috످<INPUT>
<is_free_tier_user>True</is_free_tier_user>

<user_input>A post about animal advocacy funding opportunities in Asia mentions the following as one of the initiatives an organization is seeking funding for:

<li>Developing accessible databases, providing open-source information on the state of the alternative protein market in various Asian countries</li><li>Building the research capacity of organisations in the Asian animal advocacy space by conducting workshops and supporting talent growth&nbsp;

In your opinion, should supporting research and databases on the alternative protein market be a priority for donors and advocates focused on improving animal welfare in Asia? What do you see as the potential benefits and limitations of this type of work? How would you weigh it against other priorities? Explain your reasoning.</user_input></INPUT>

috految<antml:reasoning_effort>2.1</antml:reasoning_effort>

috److I think alternative protein research and databases deserve funding, but probably shouldn't be the top priority for most donors. Market data helps most when people lack information, but the bigger barriers for alternative proteins seem to be taste, price, and regulation.

Still, the work could do a lot of good. Asia produces nearly half the world's meat and about 90% of its farmed fish, so even small changes in diet could spare billions of animals. Yet most advocacy funding goes to North America and Europe, and Western research may not apply to Asia. For example, mock meats are new to much of the West, but Chinese Buddhists have eaten them for centuries. One open database could help many advocates, startups, and policymakers understand local markets. And even governments that restrict activism may support alternative proteins to improve food security.

But the data only helps animals if it leads to decisions that reduce animal farming, and it may not. People might buy alternatives without eating less meat. Even if they switch, replacing beef spares far fewer animals than replacing chicken or fish. A new database would also need frequent updates and could duplicate the Good Food Institute's free research.

If the goal is to reduce the most suffering per dollar, I'd tentatively rank the options this way:

| Option | Priority | Reason |
|---|---|---|
| Corporate welfare campaigns | High | They have a strong record, though compliance in Asia is uneven. |
| Fish and shrimp welfare | High | It affects huge numbers of animals but gets little funding. |
| Local capacity building | High | It strengthens all other work. |
| Alternative protein R&D and policy | Medium-high | The payoff is large but uncertain. |
| **Market databases** | **Medium** | They're cheap but only help indirectly. |
| Individual diet outreach | Lower | The effects often fade. |

The strongest objection to my ranking is that it favors measurable, near-term wins. Welfare reforms alone are unlikely to end factory farming. If alternative proteins are the best way to end it, early research could be worth far more than I've estimated.

Of the two initiatives in the post, I find capacity building more promising because local researchers can keep doing useful work even if alternative proteins stall.

For the database, I'd first ask the organization who would use it and how, what it adds to existing research, who would maintain it after the grant ends, and whether it would get built without this funding. If the answers were good, I'd fund a one-year pilot in an understudied market like Vietnam or Indonesia, then expand it if it clearly influenced decisions.

috످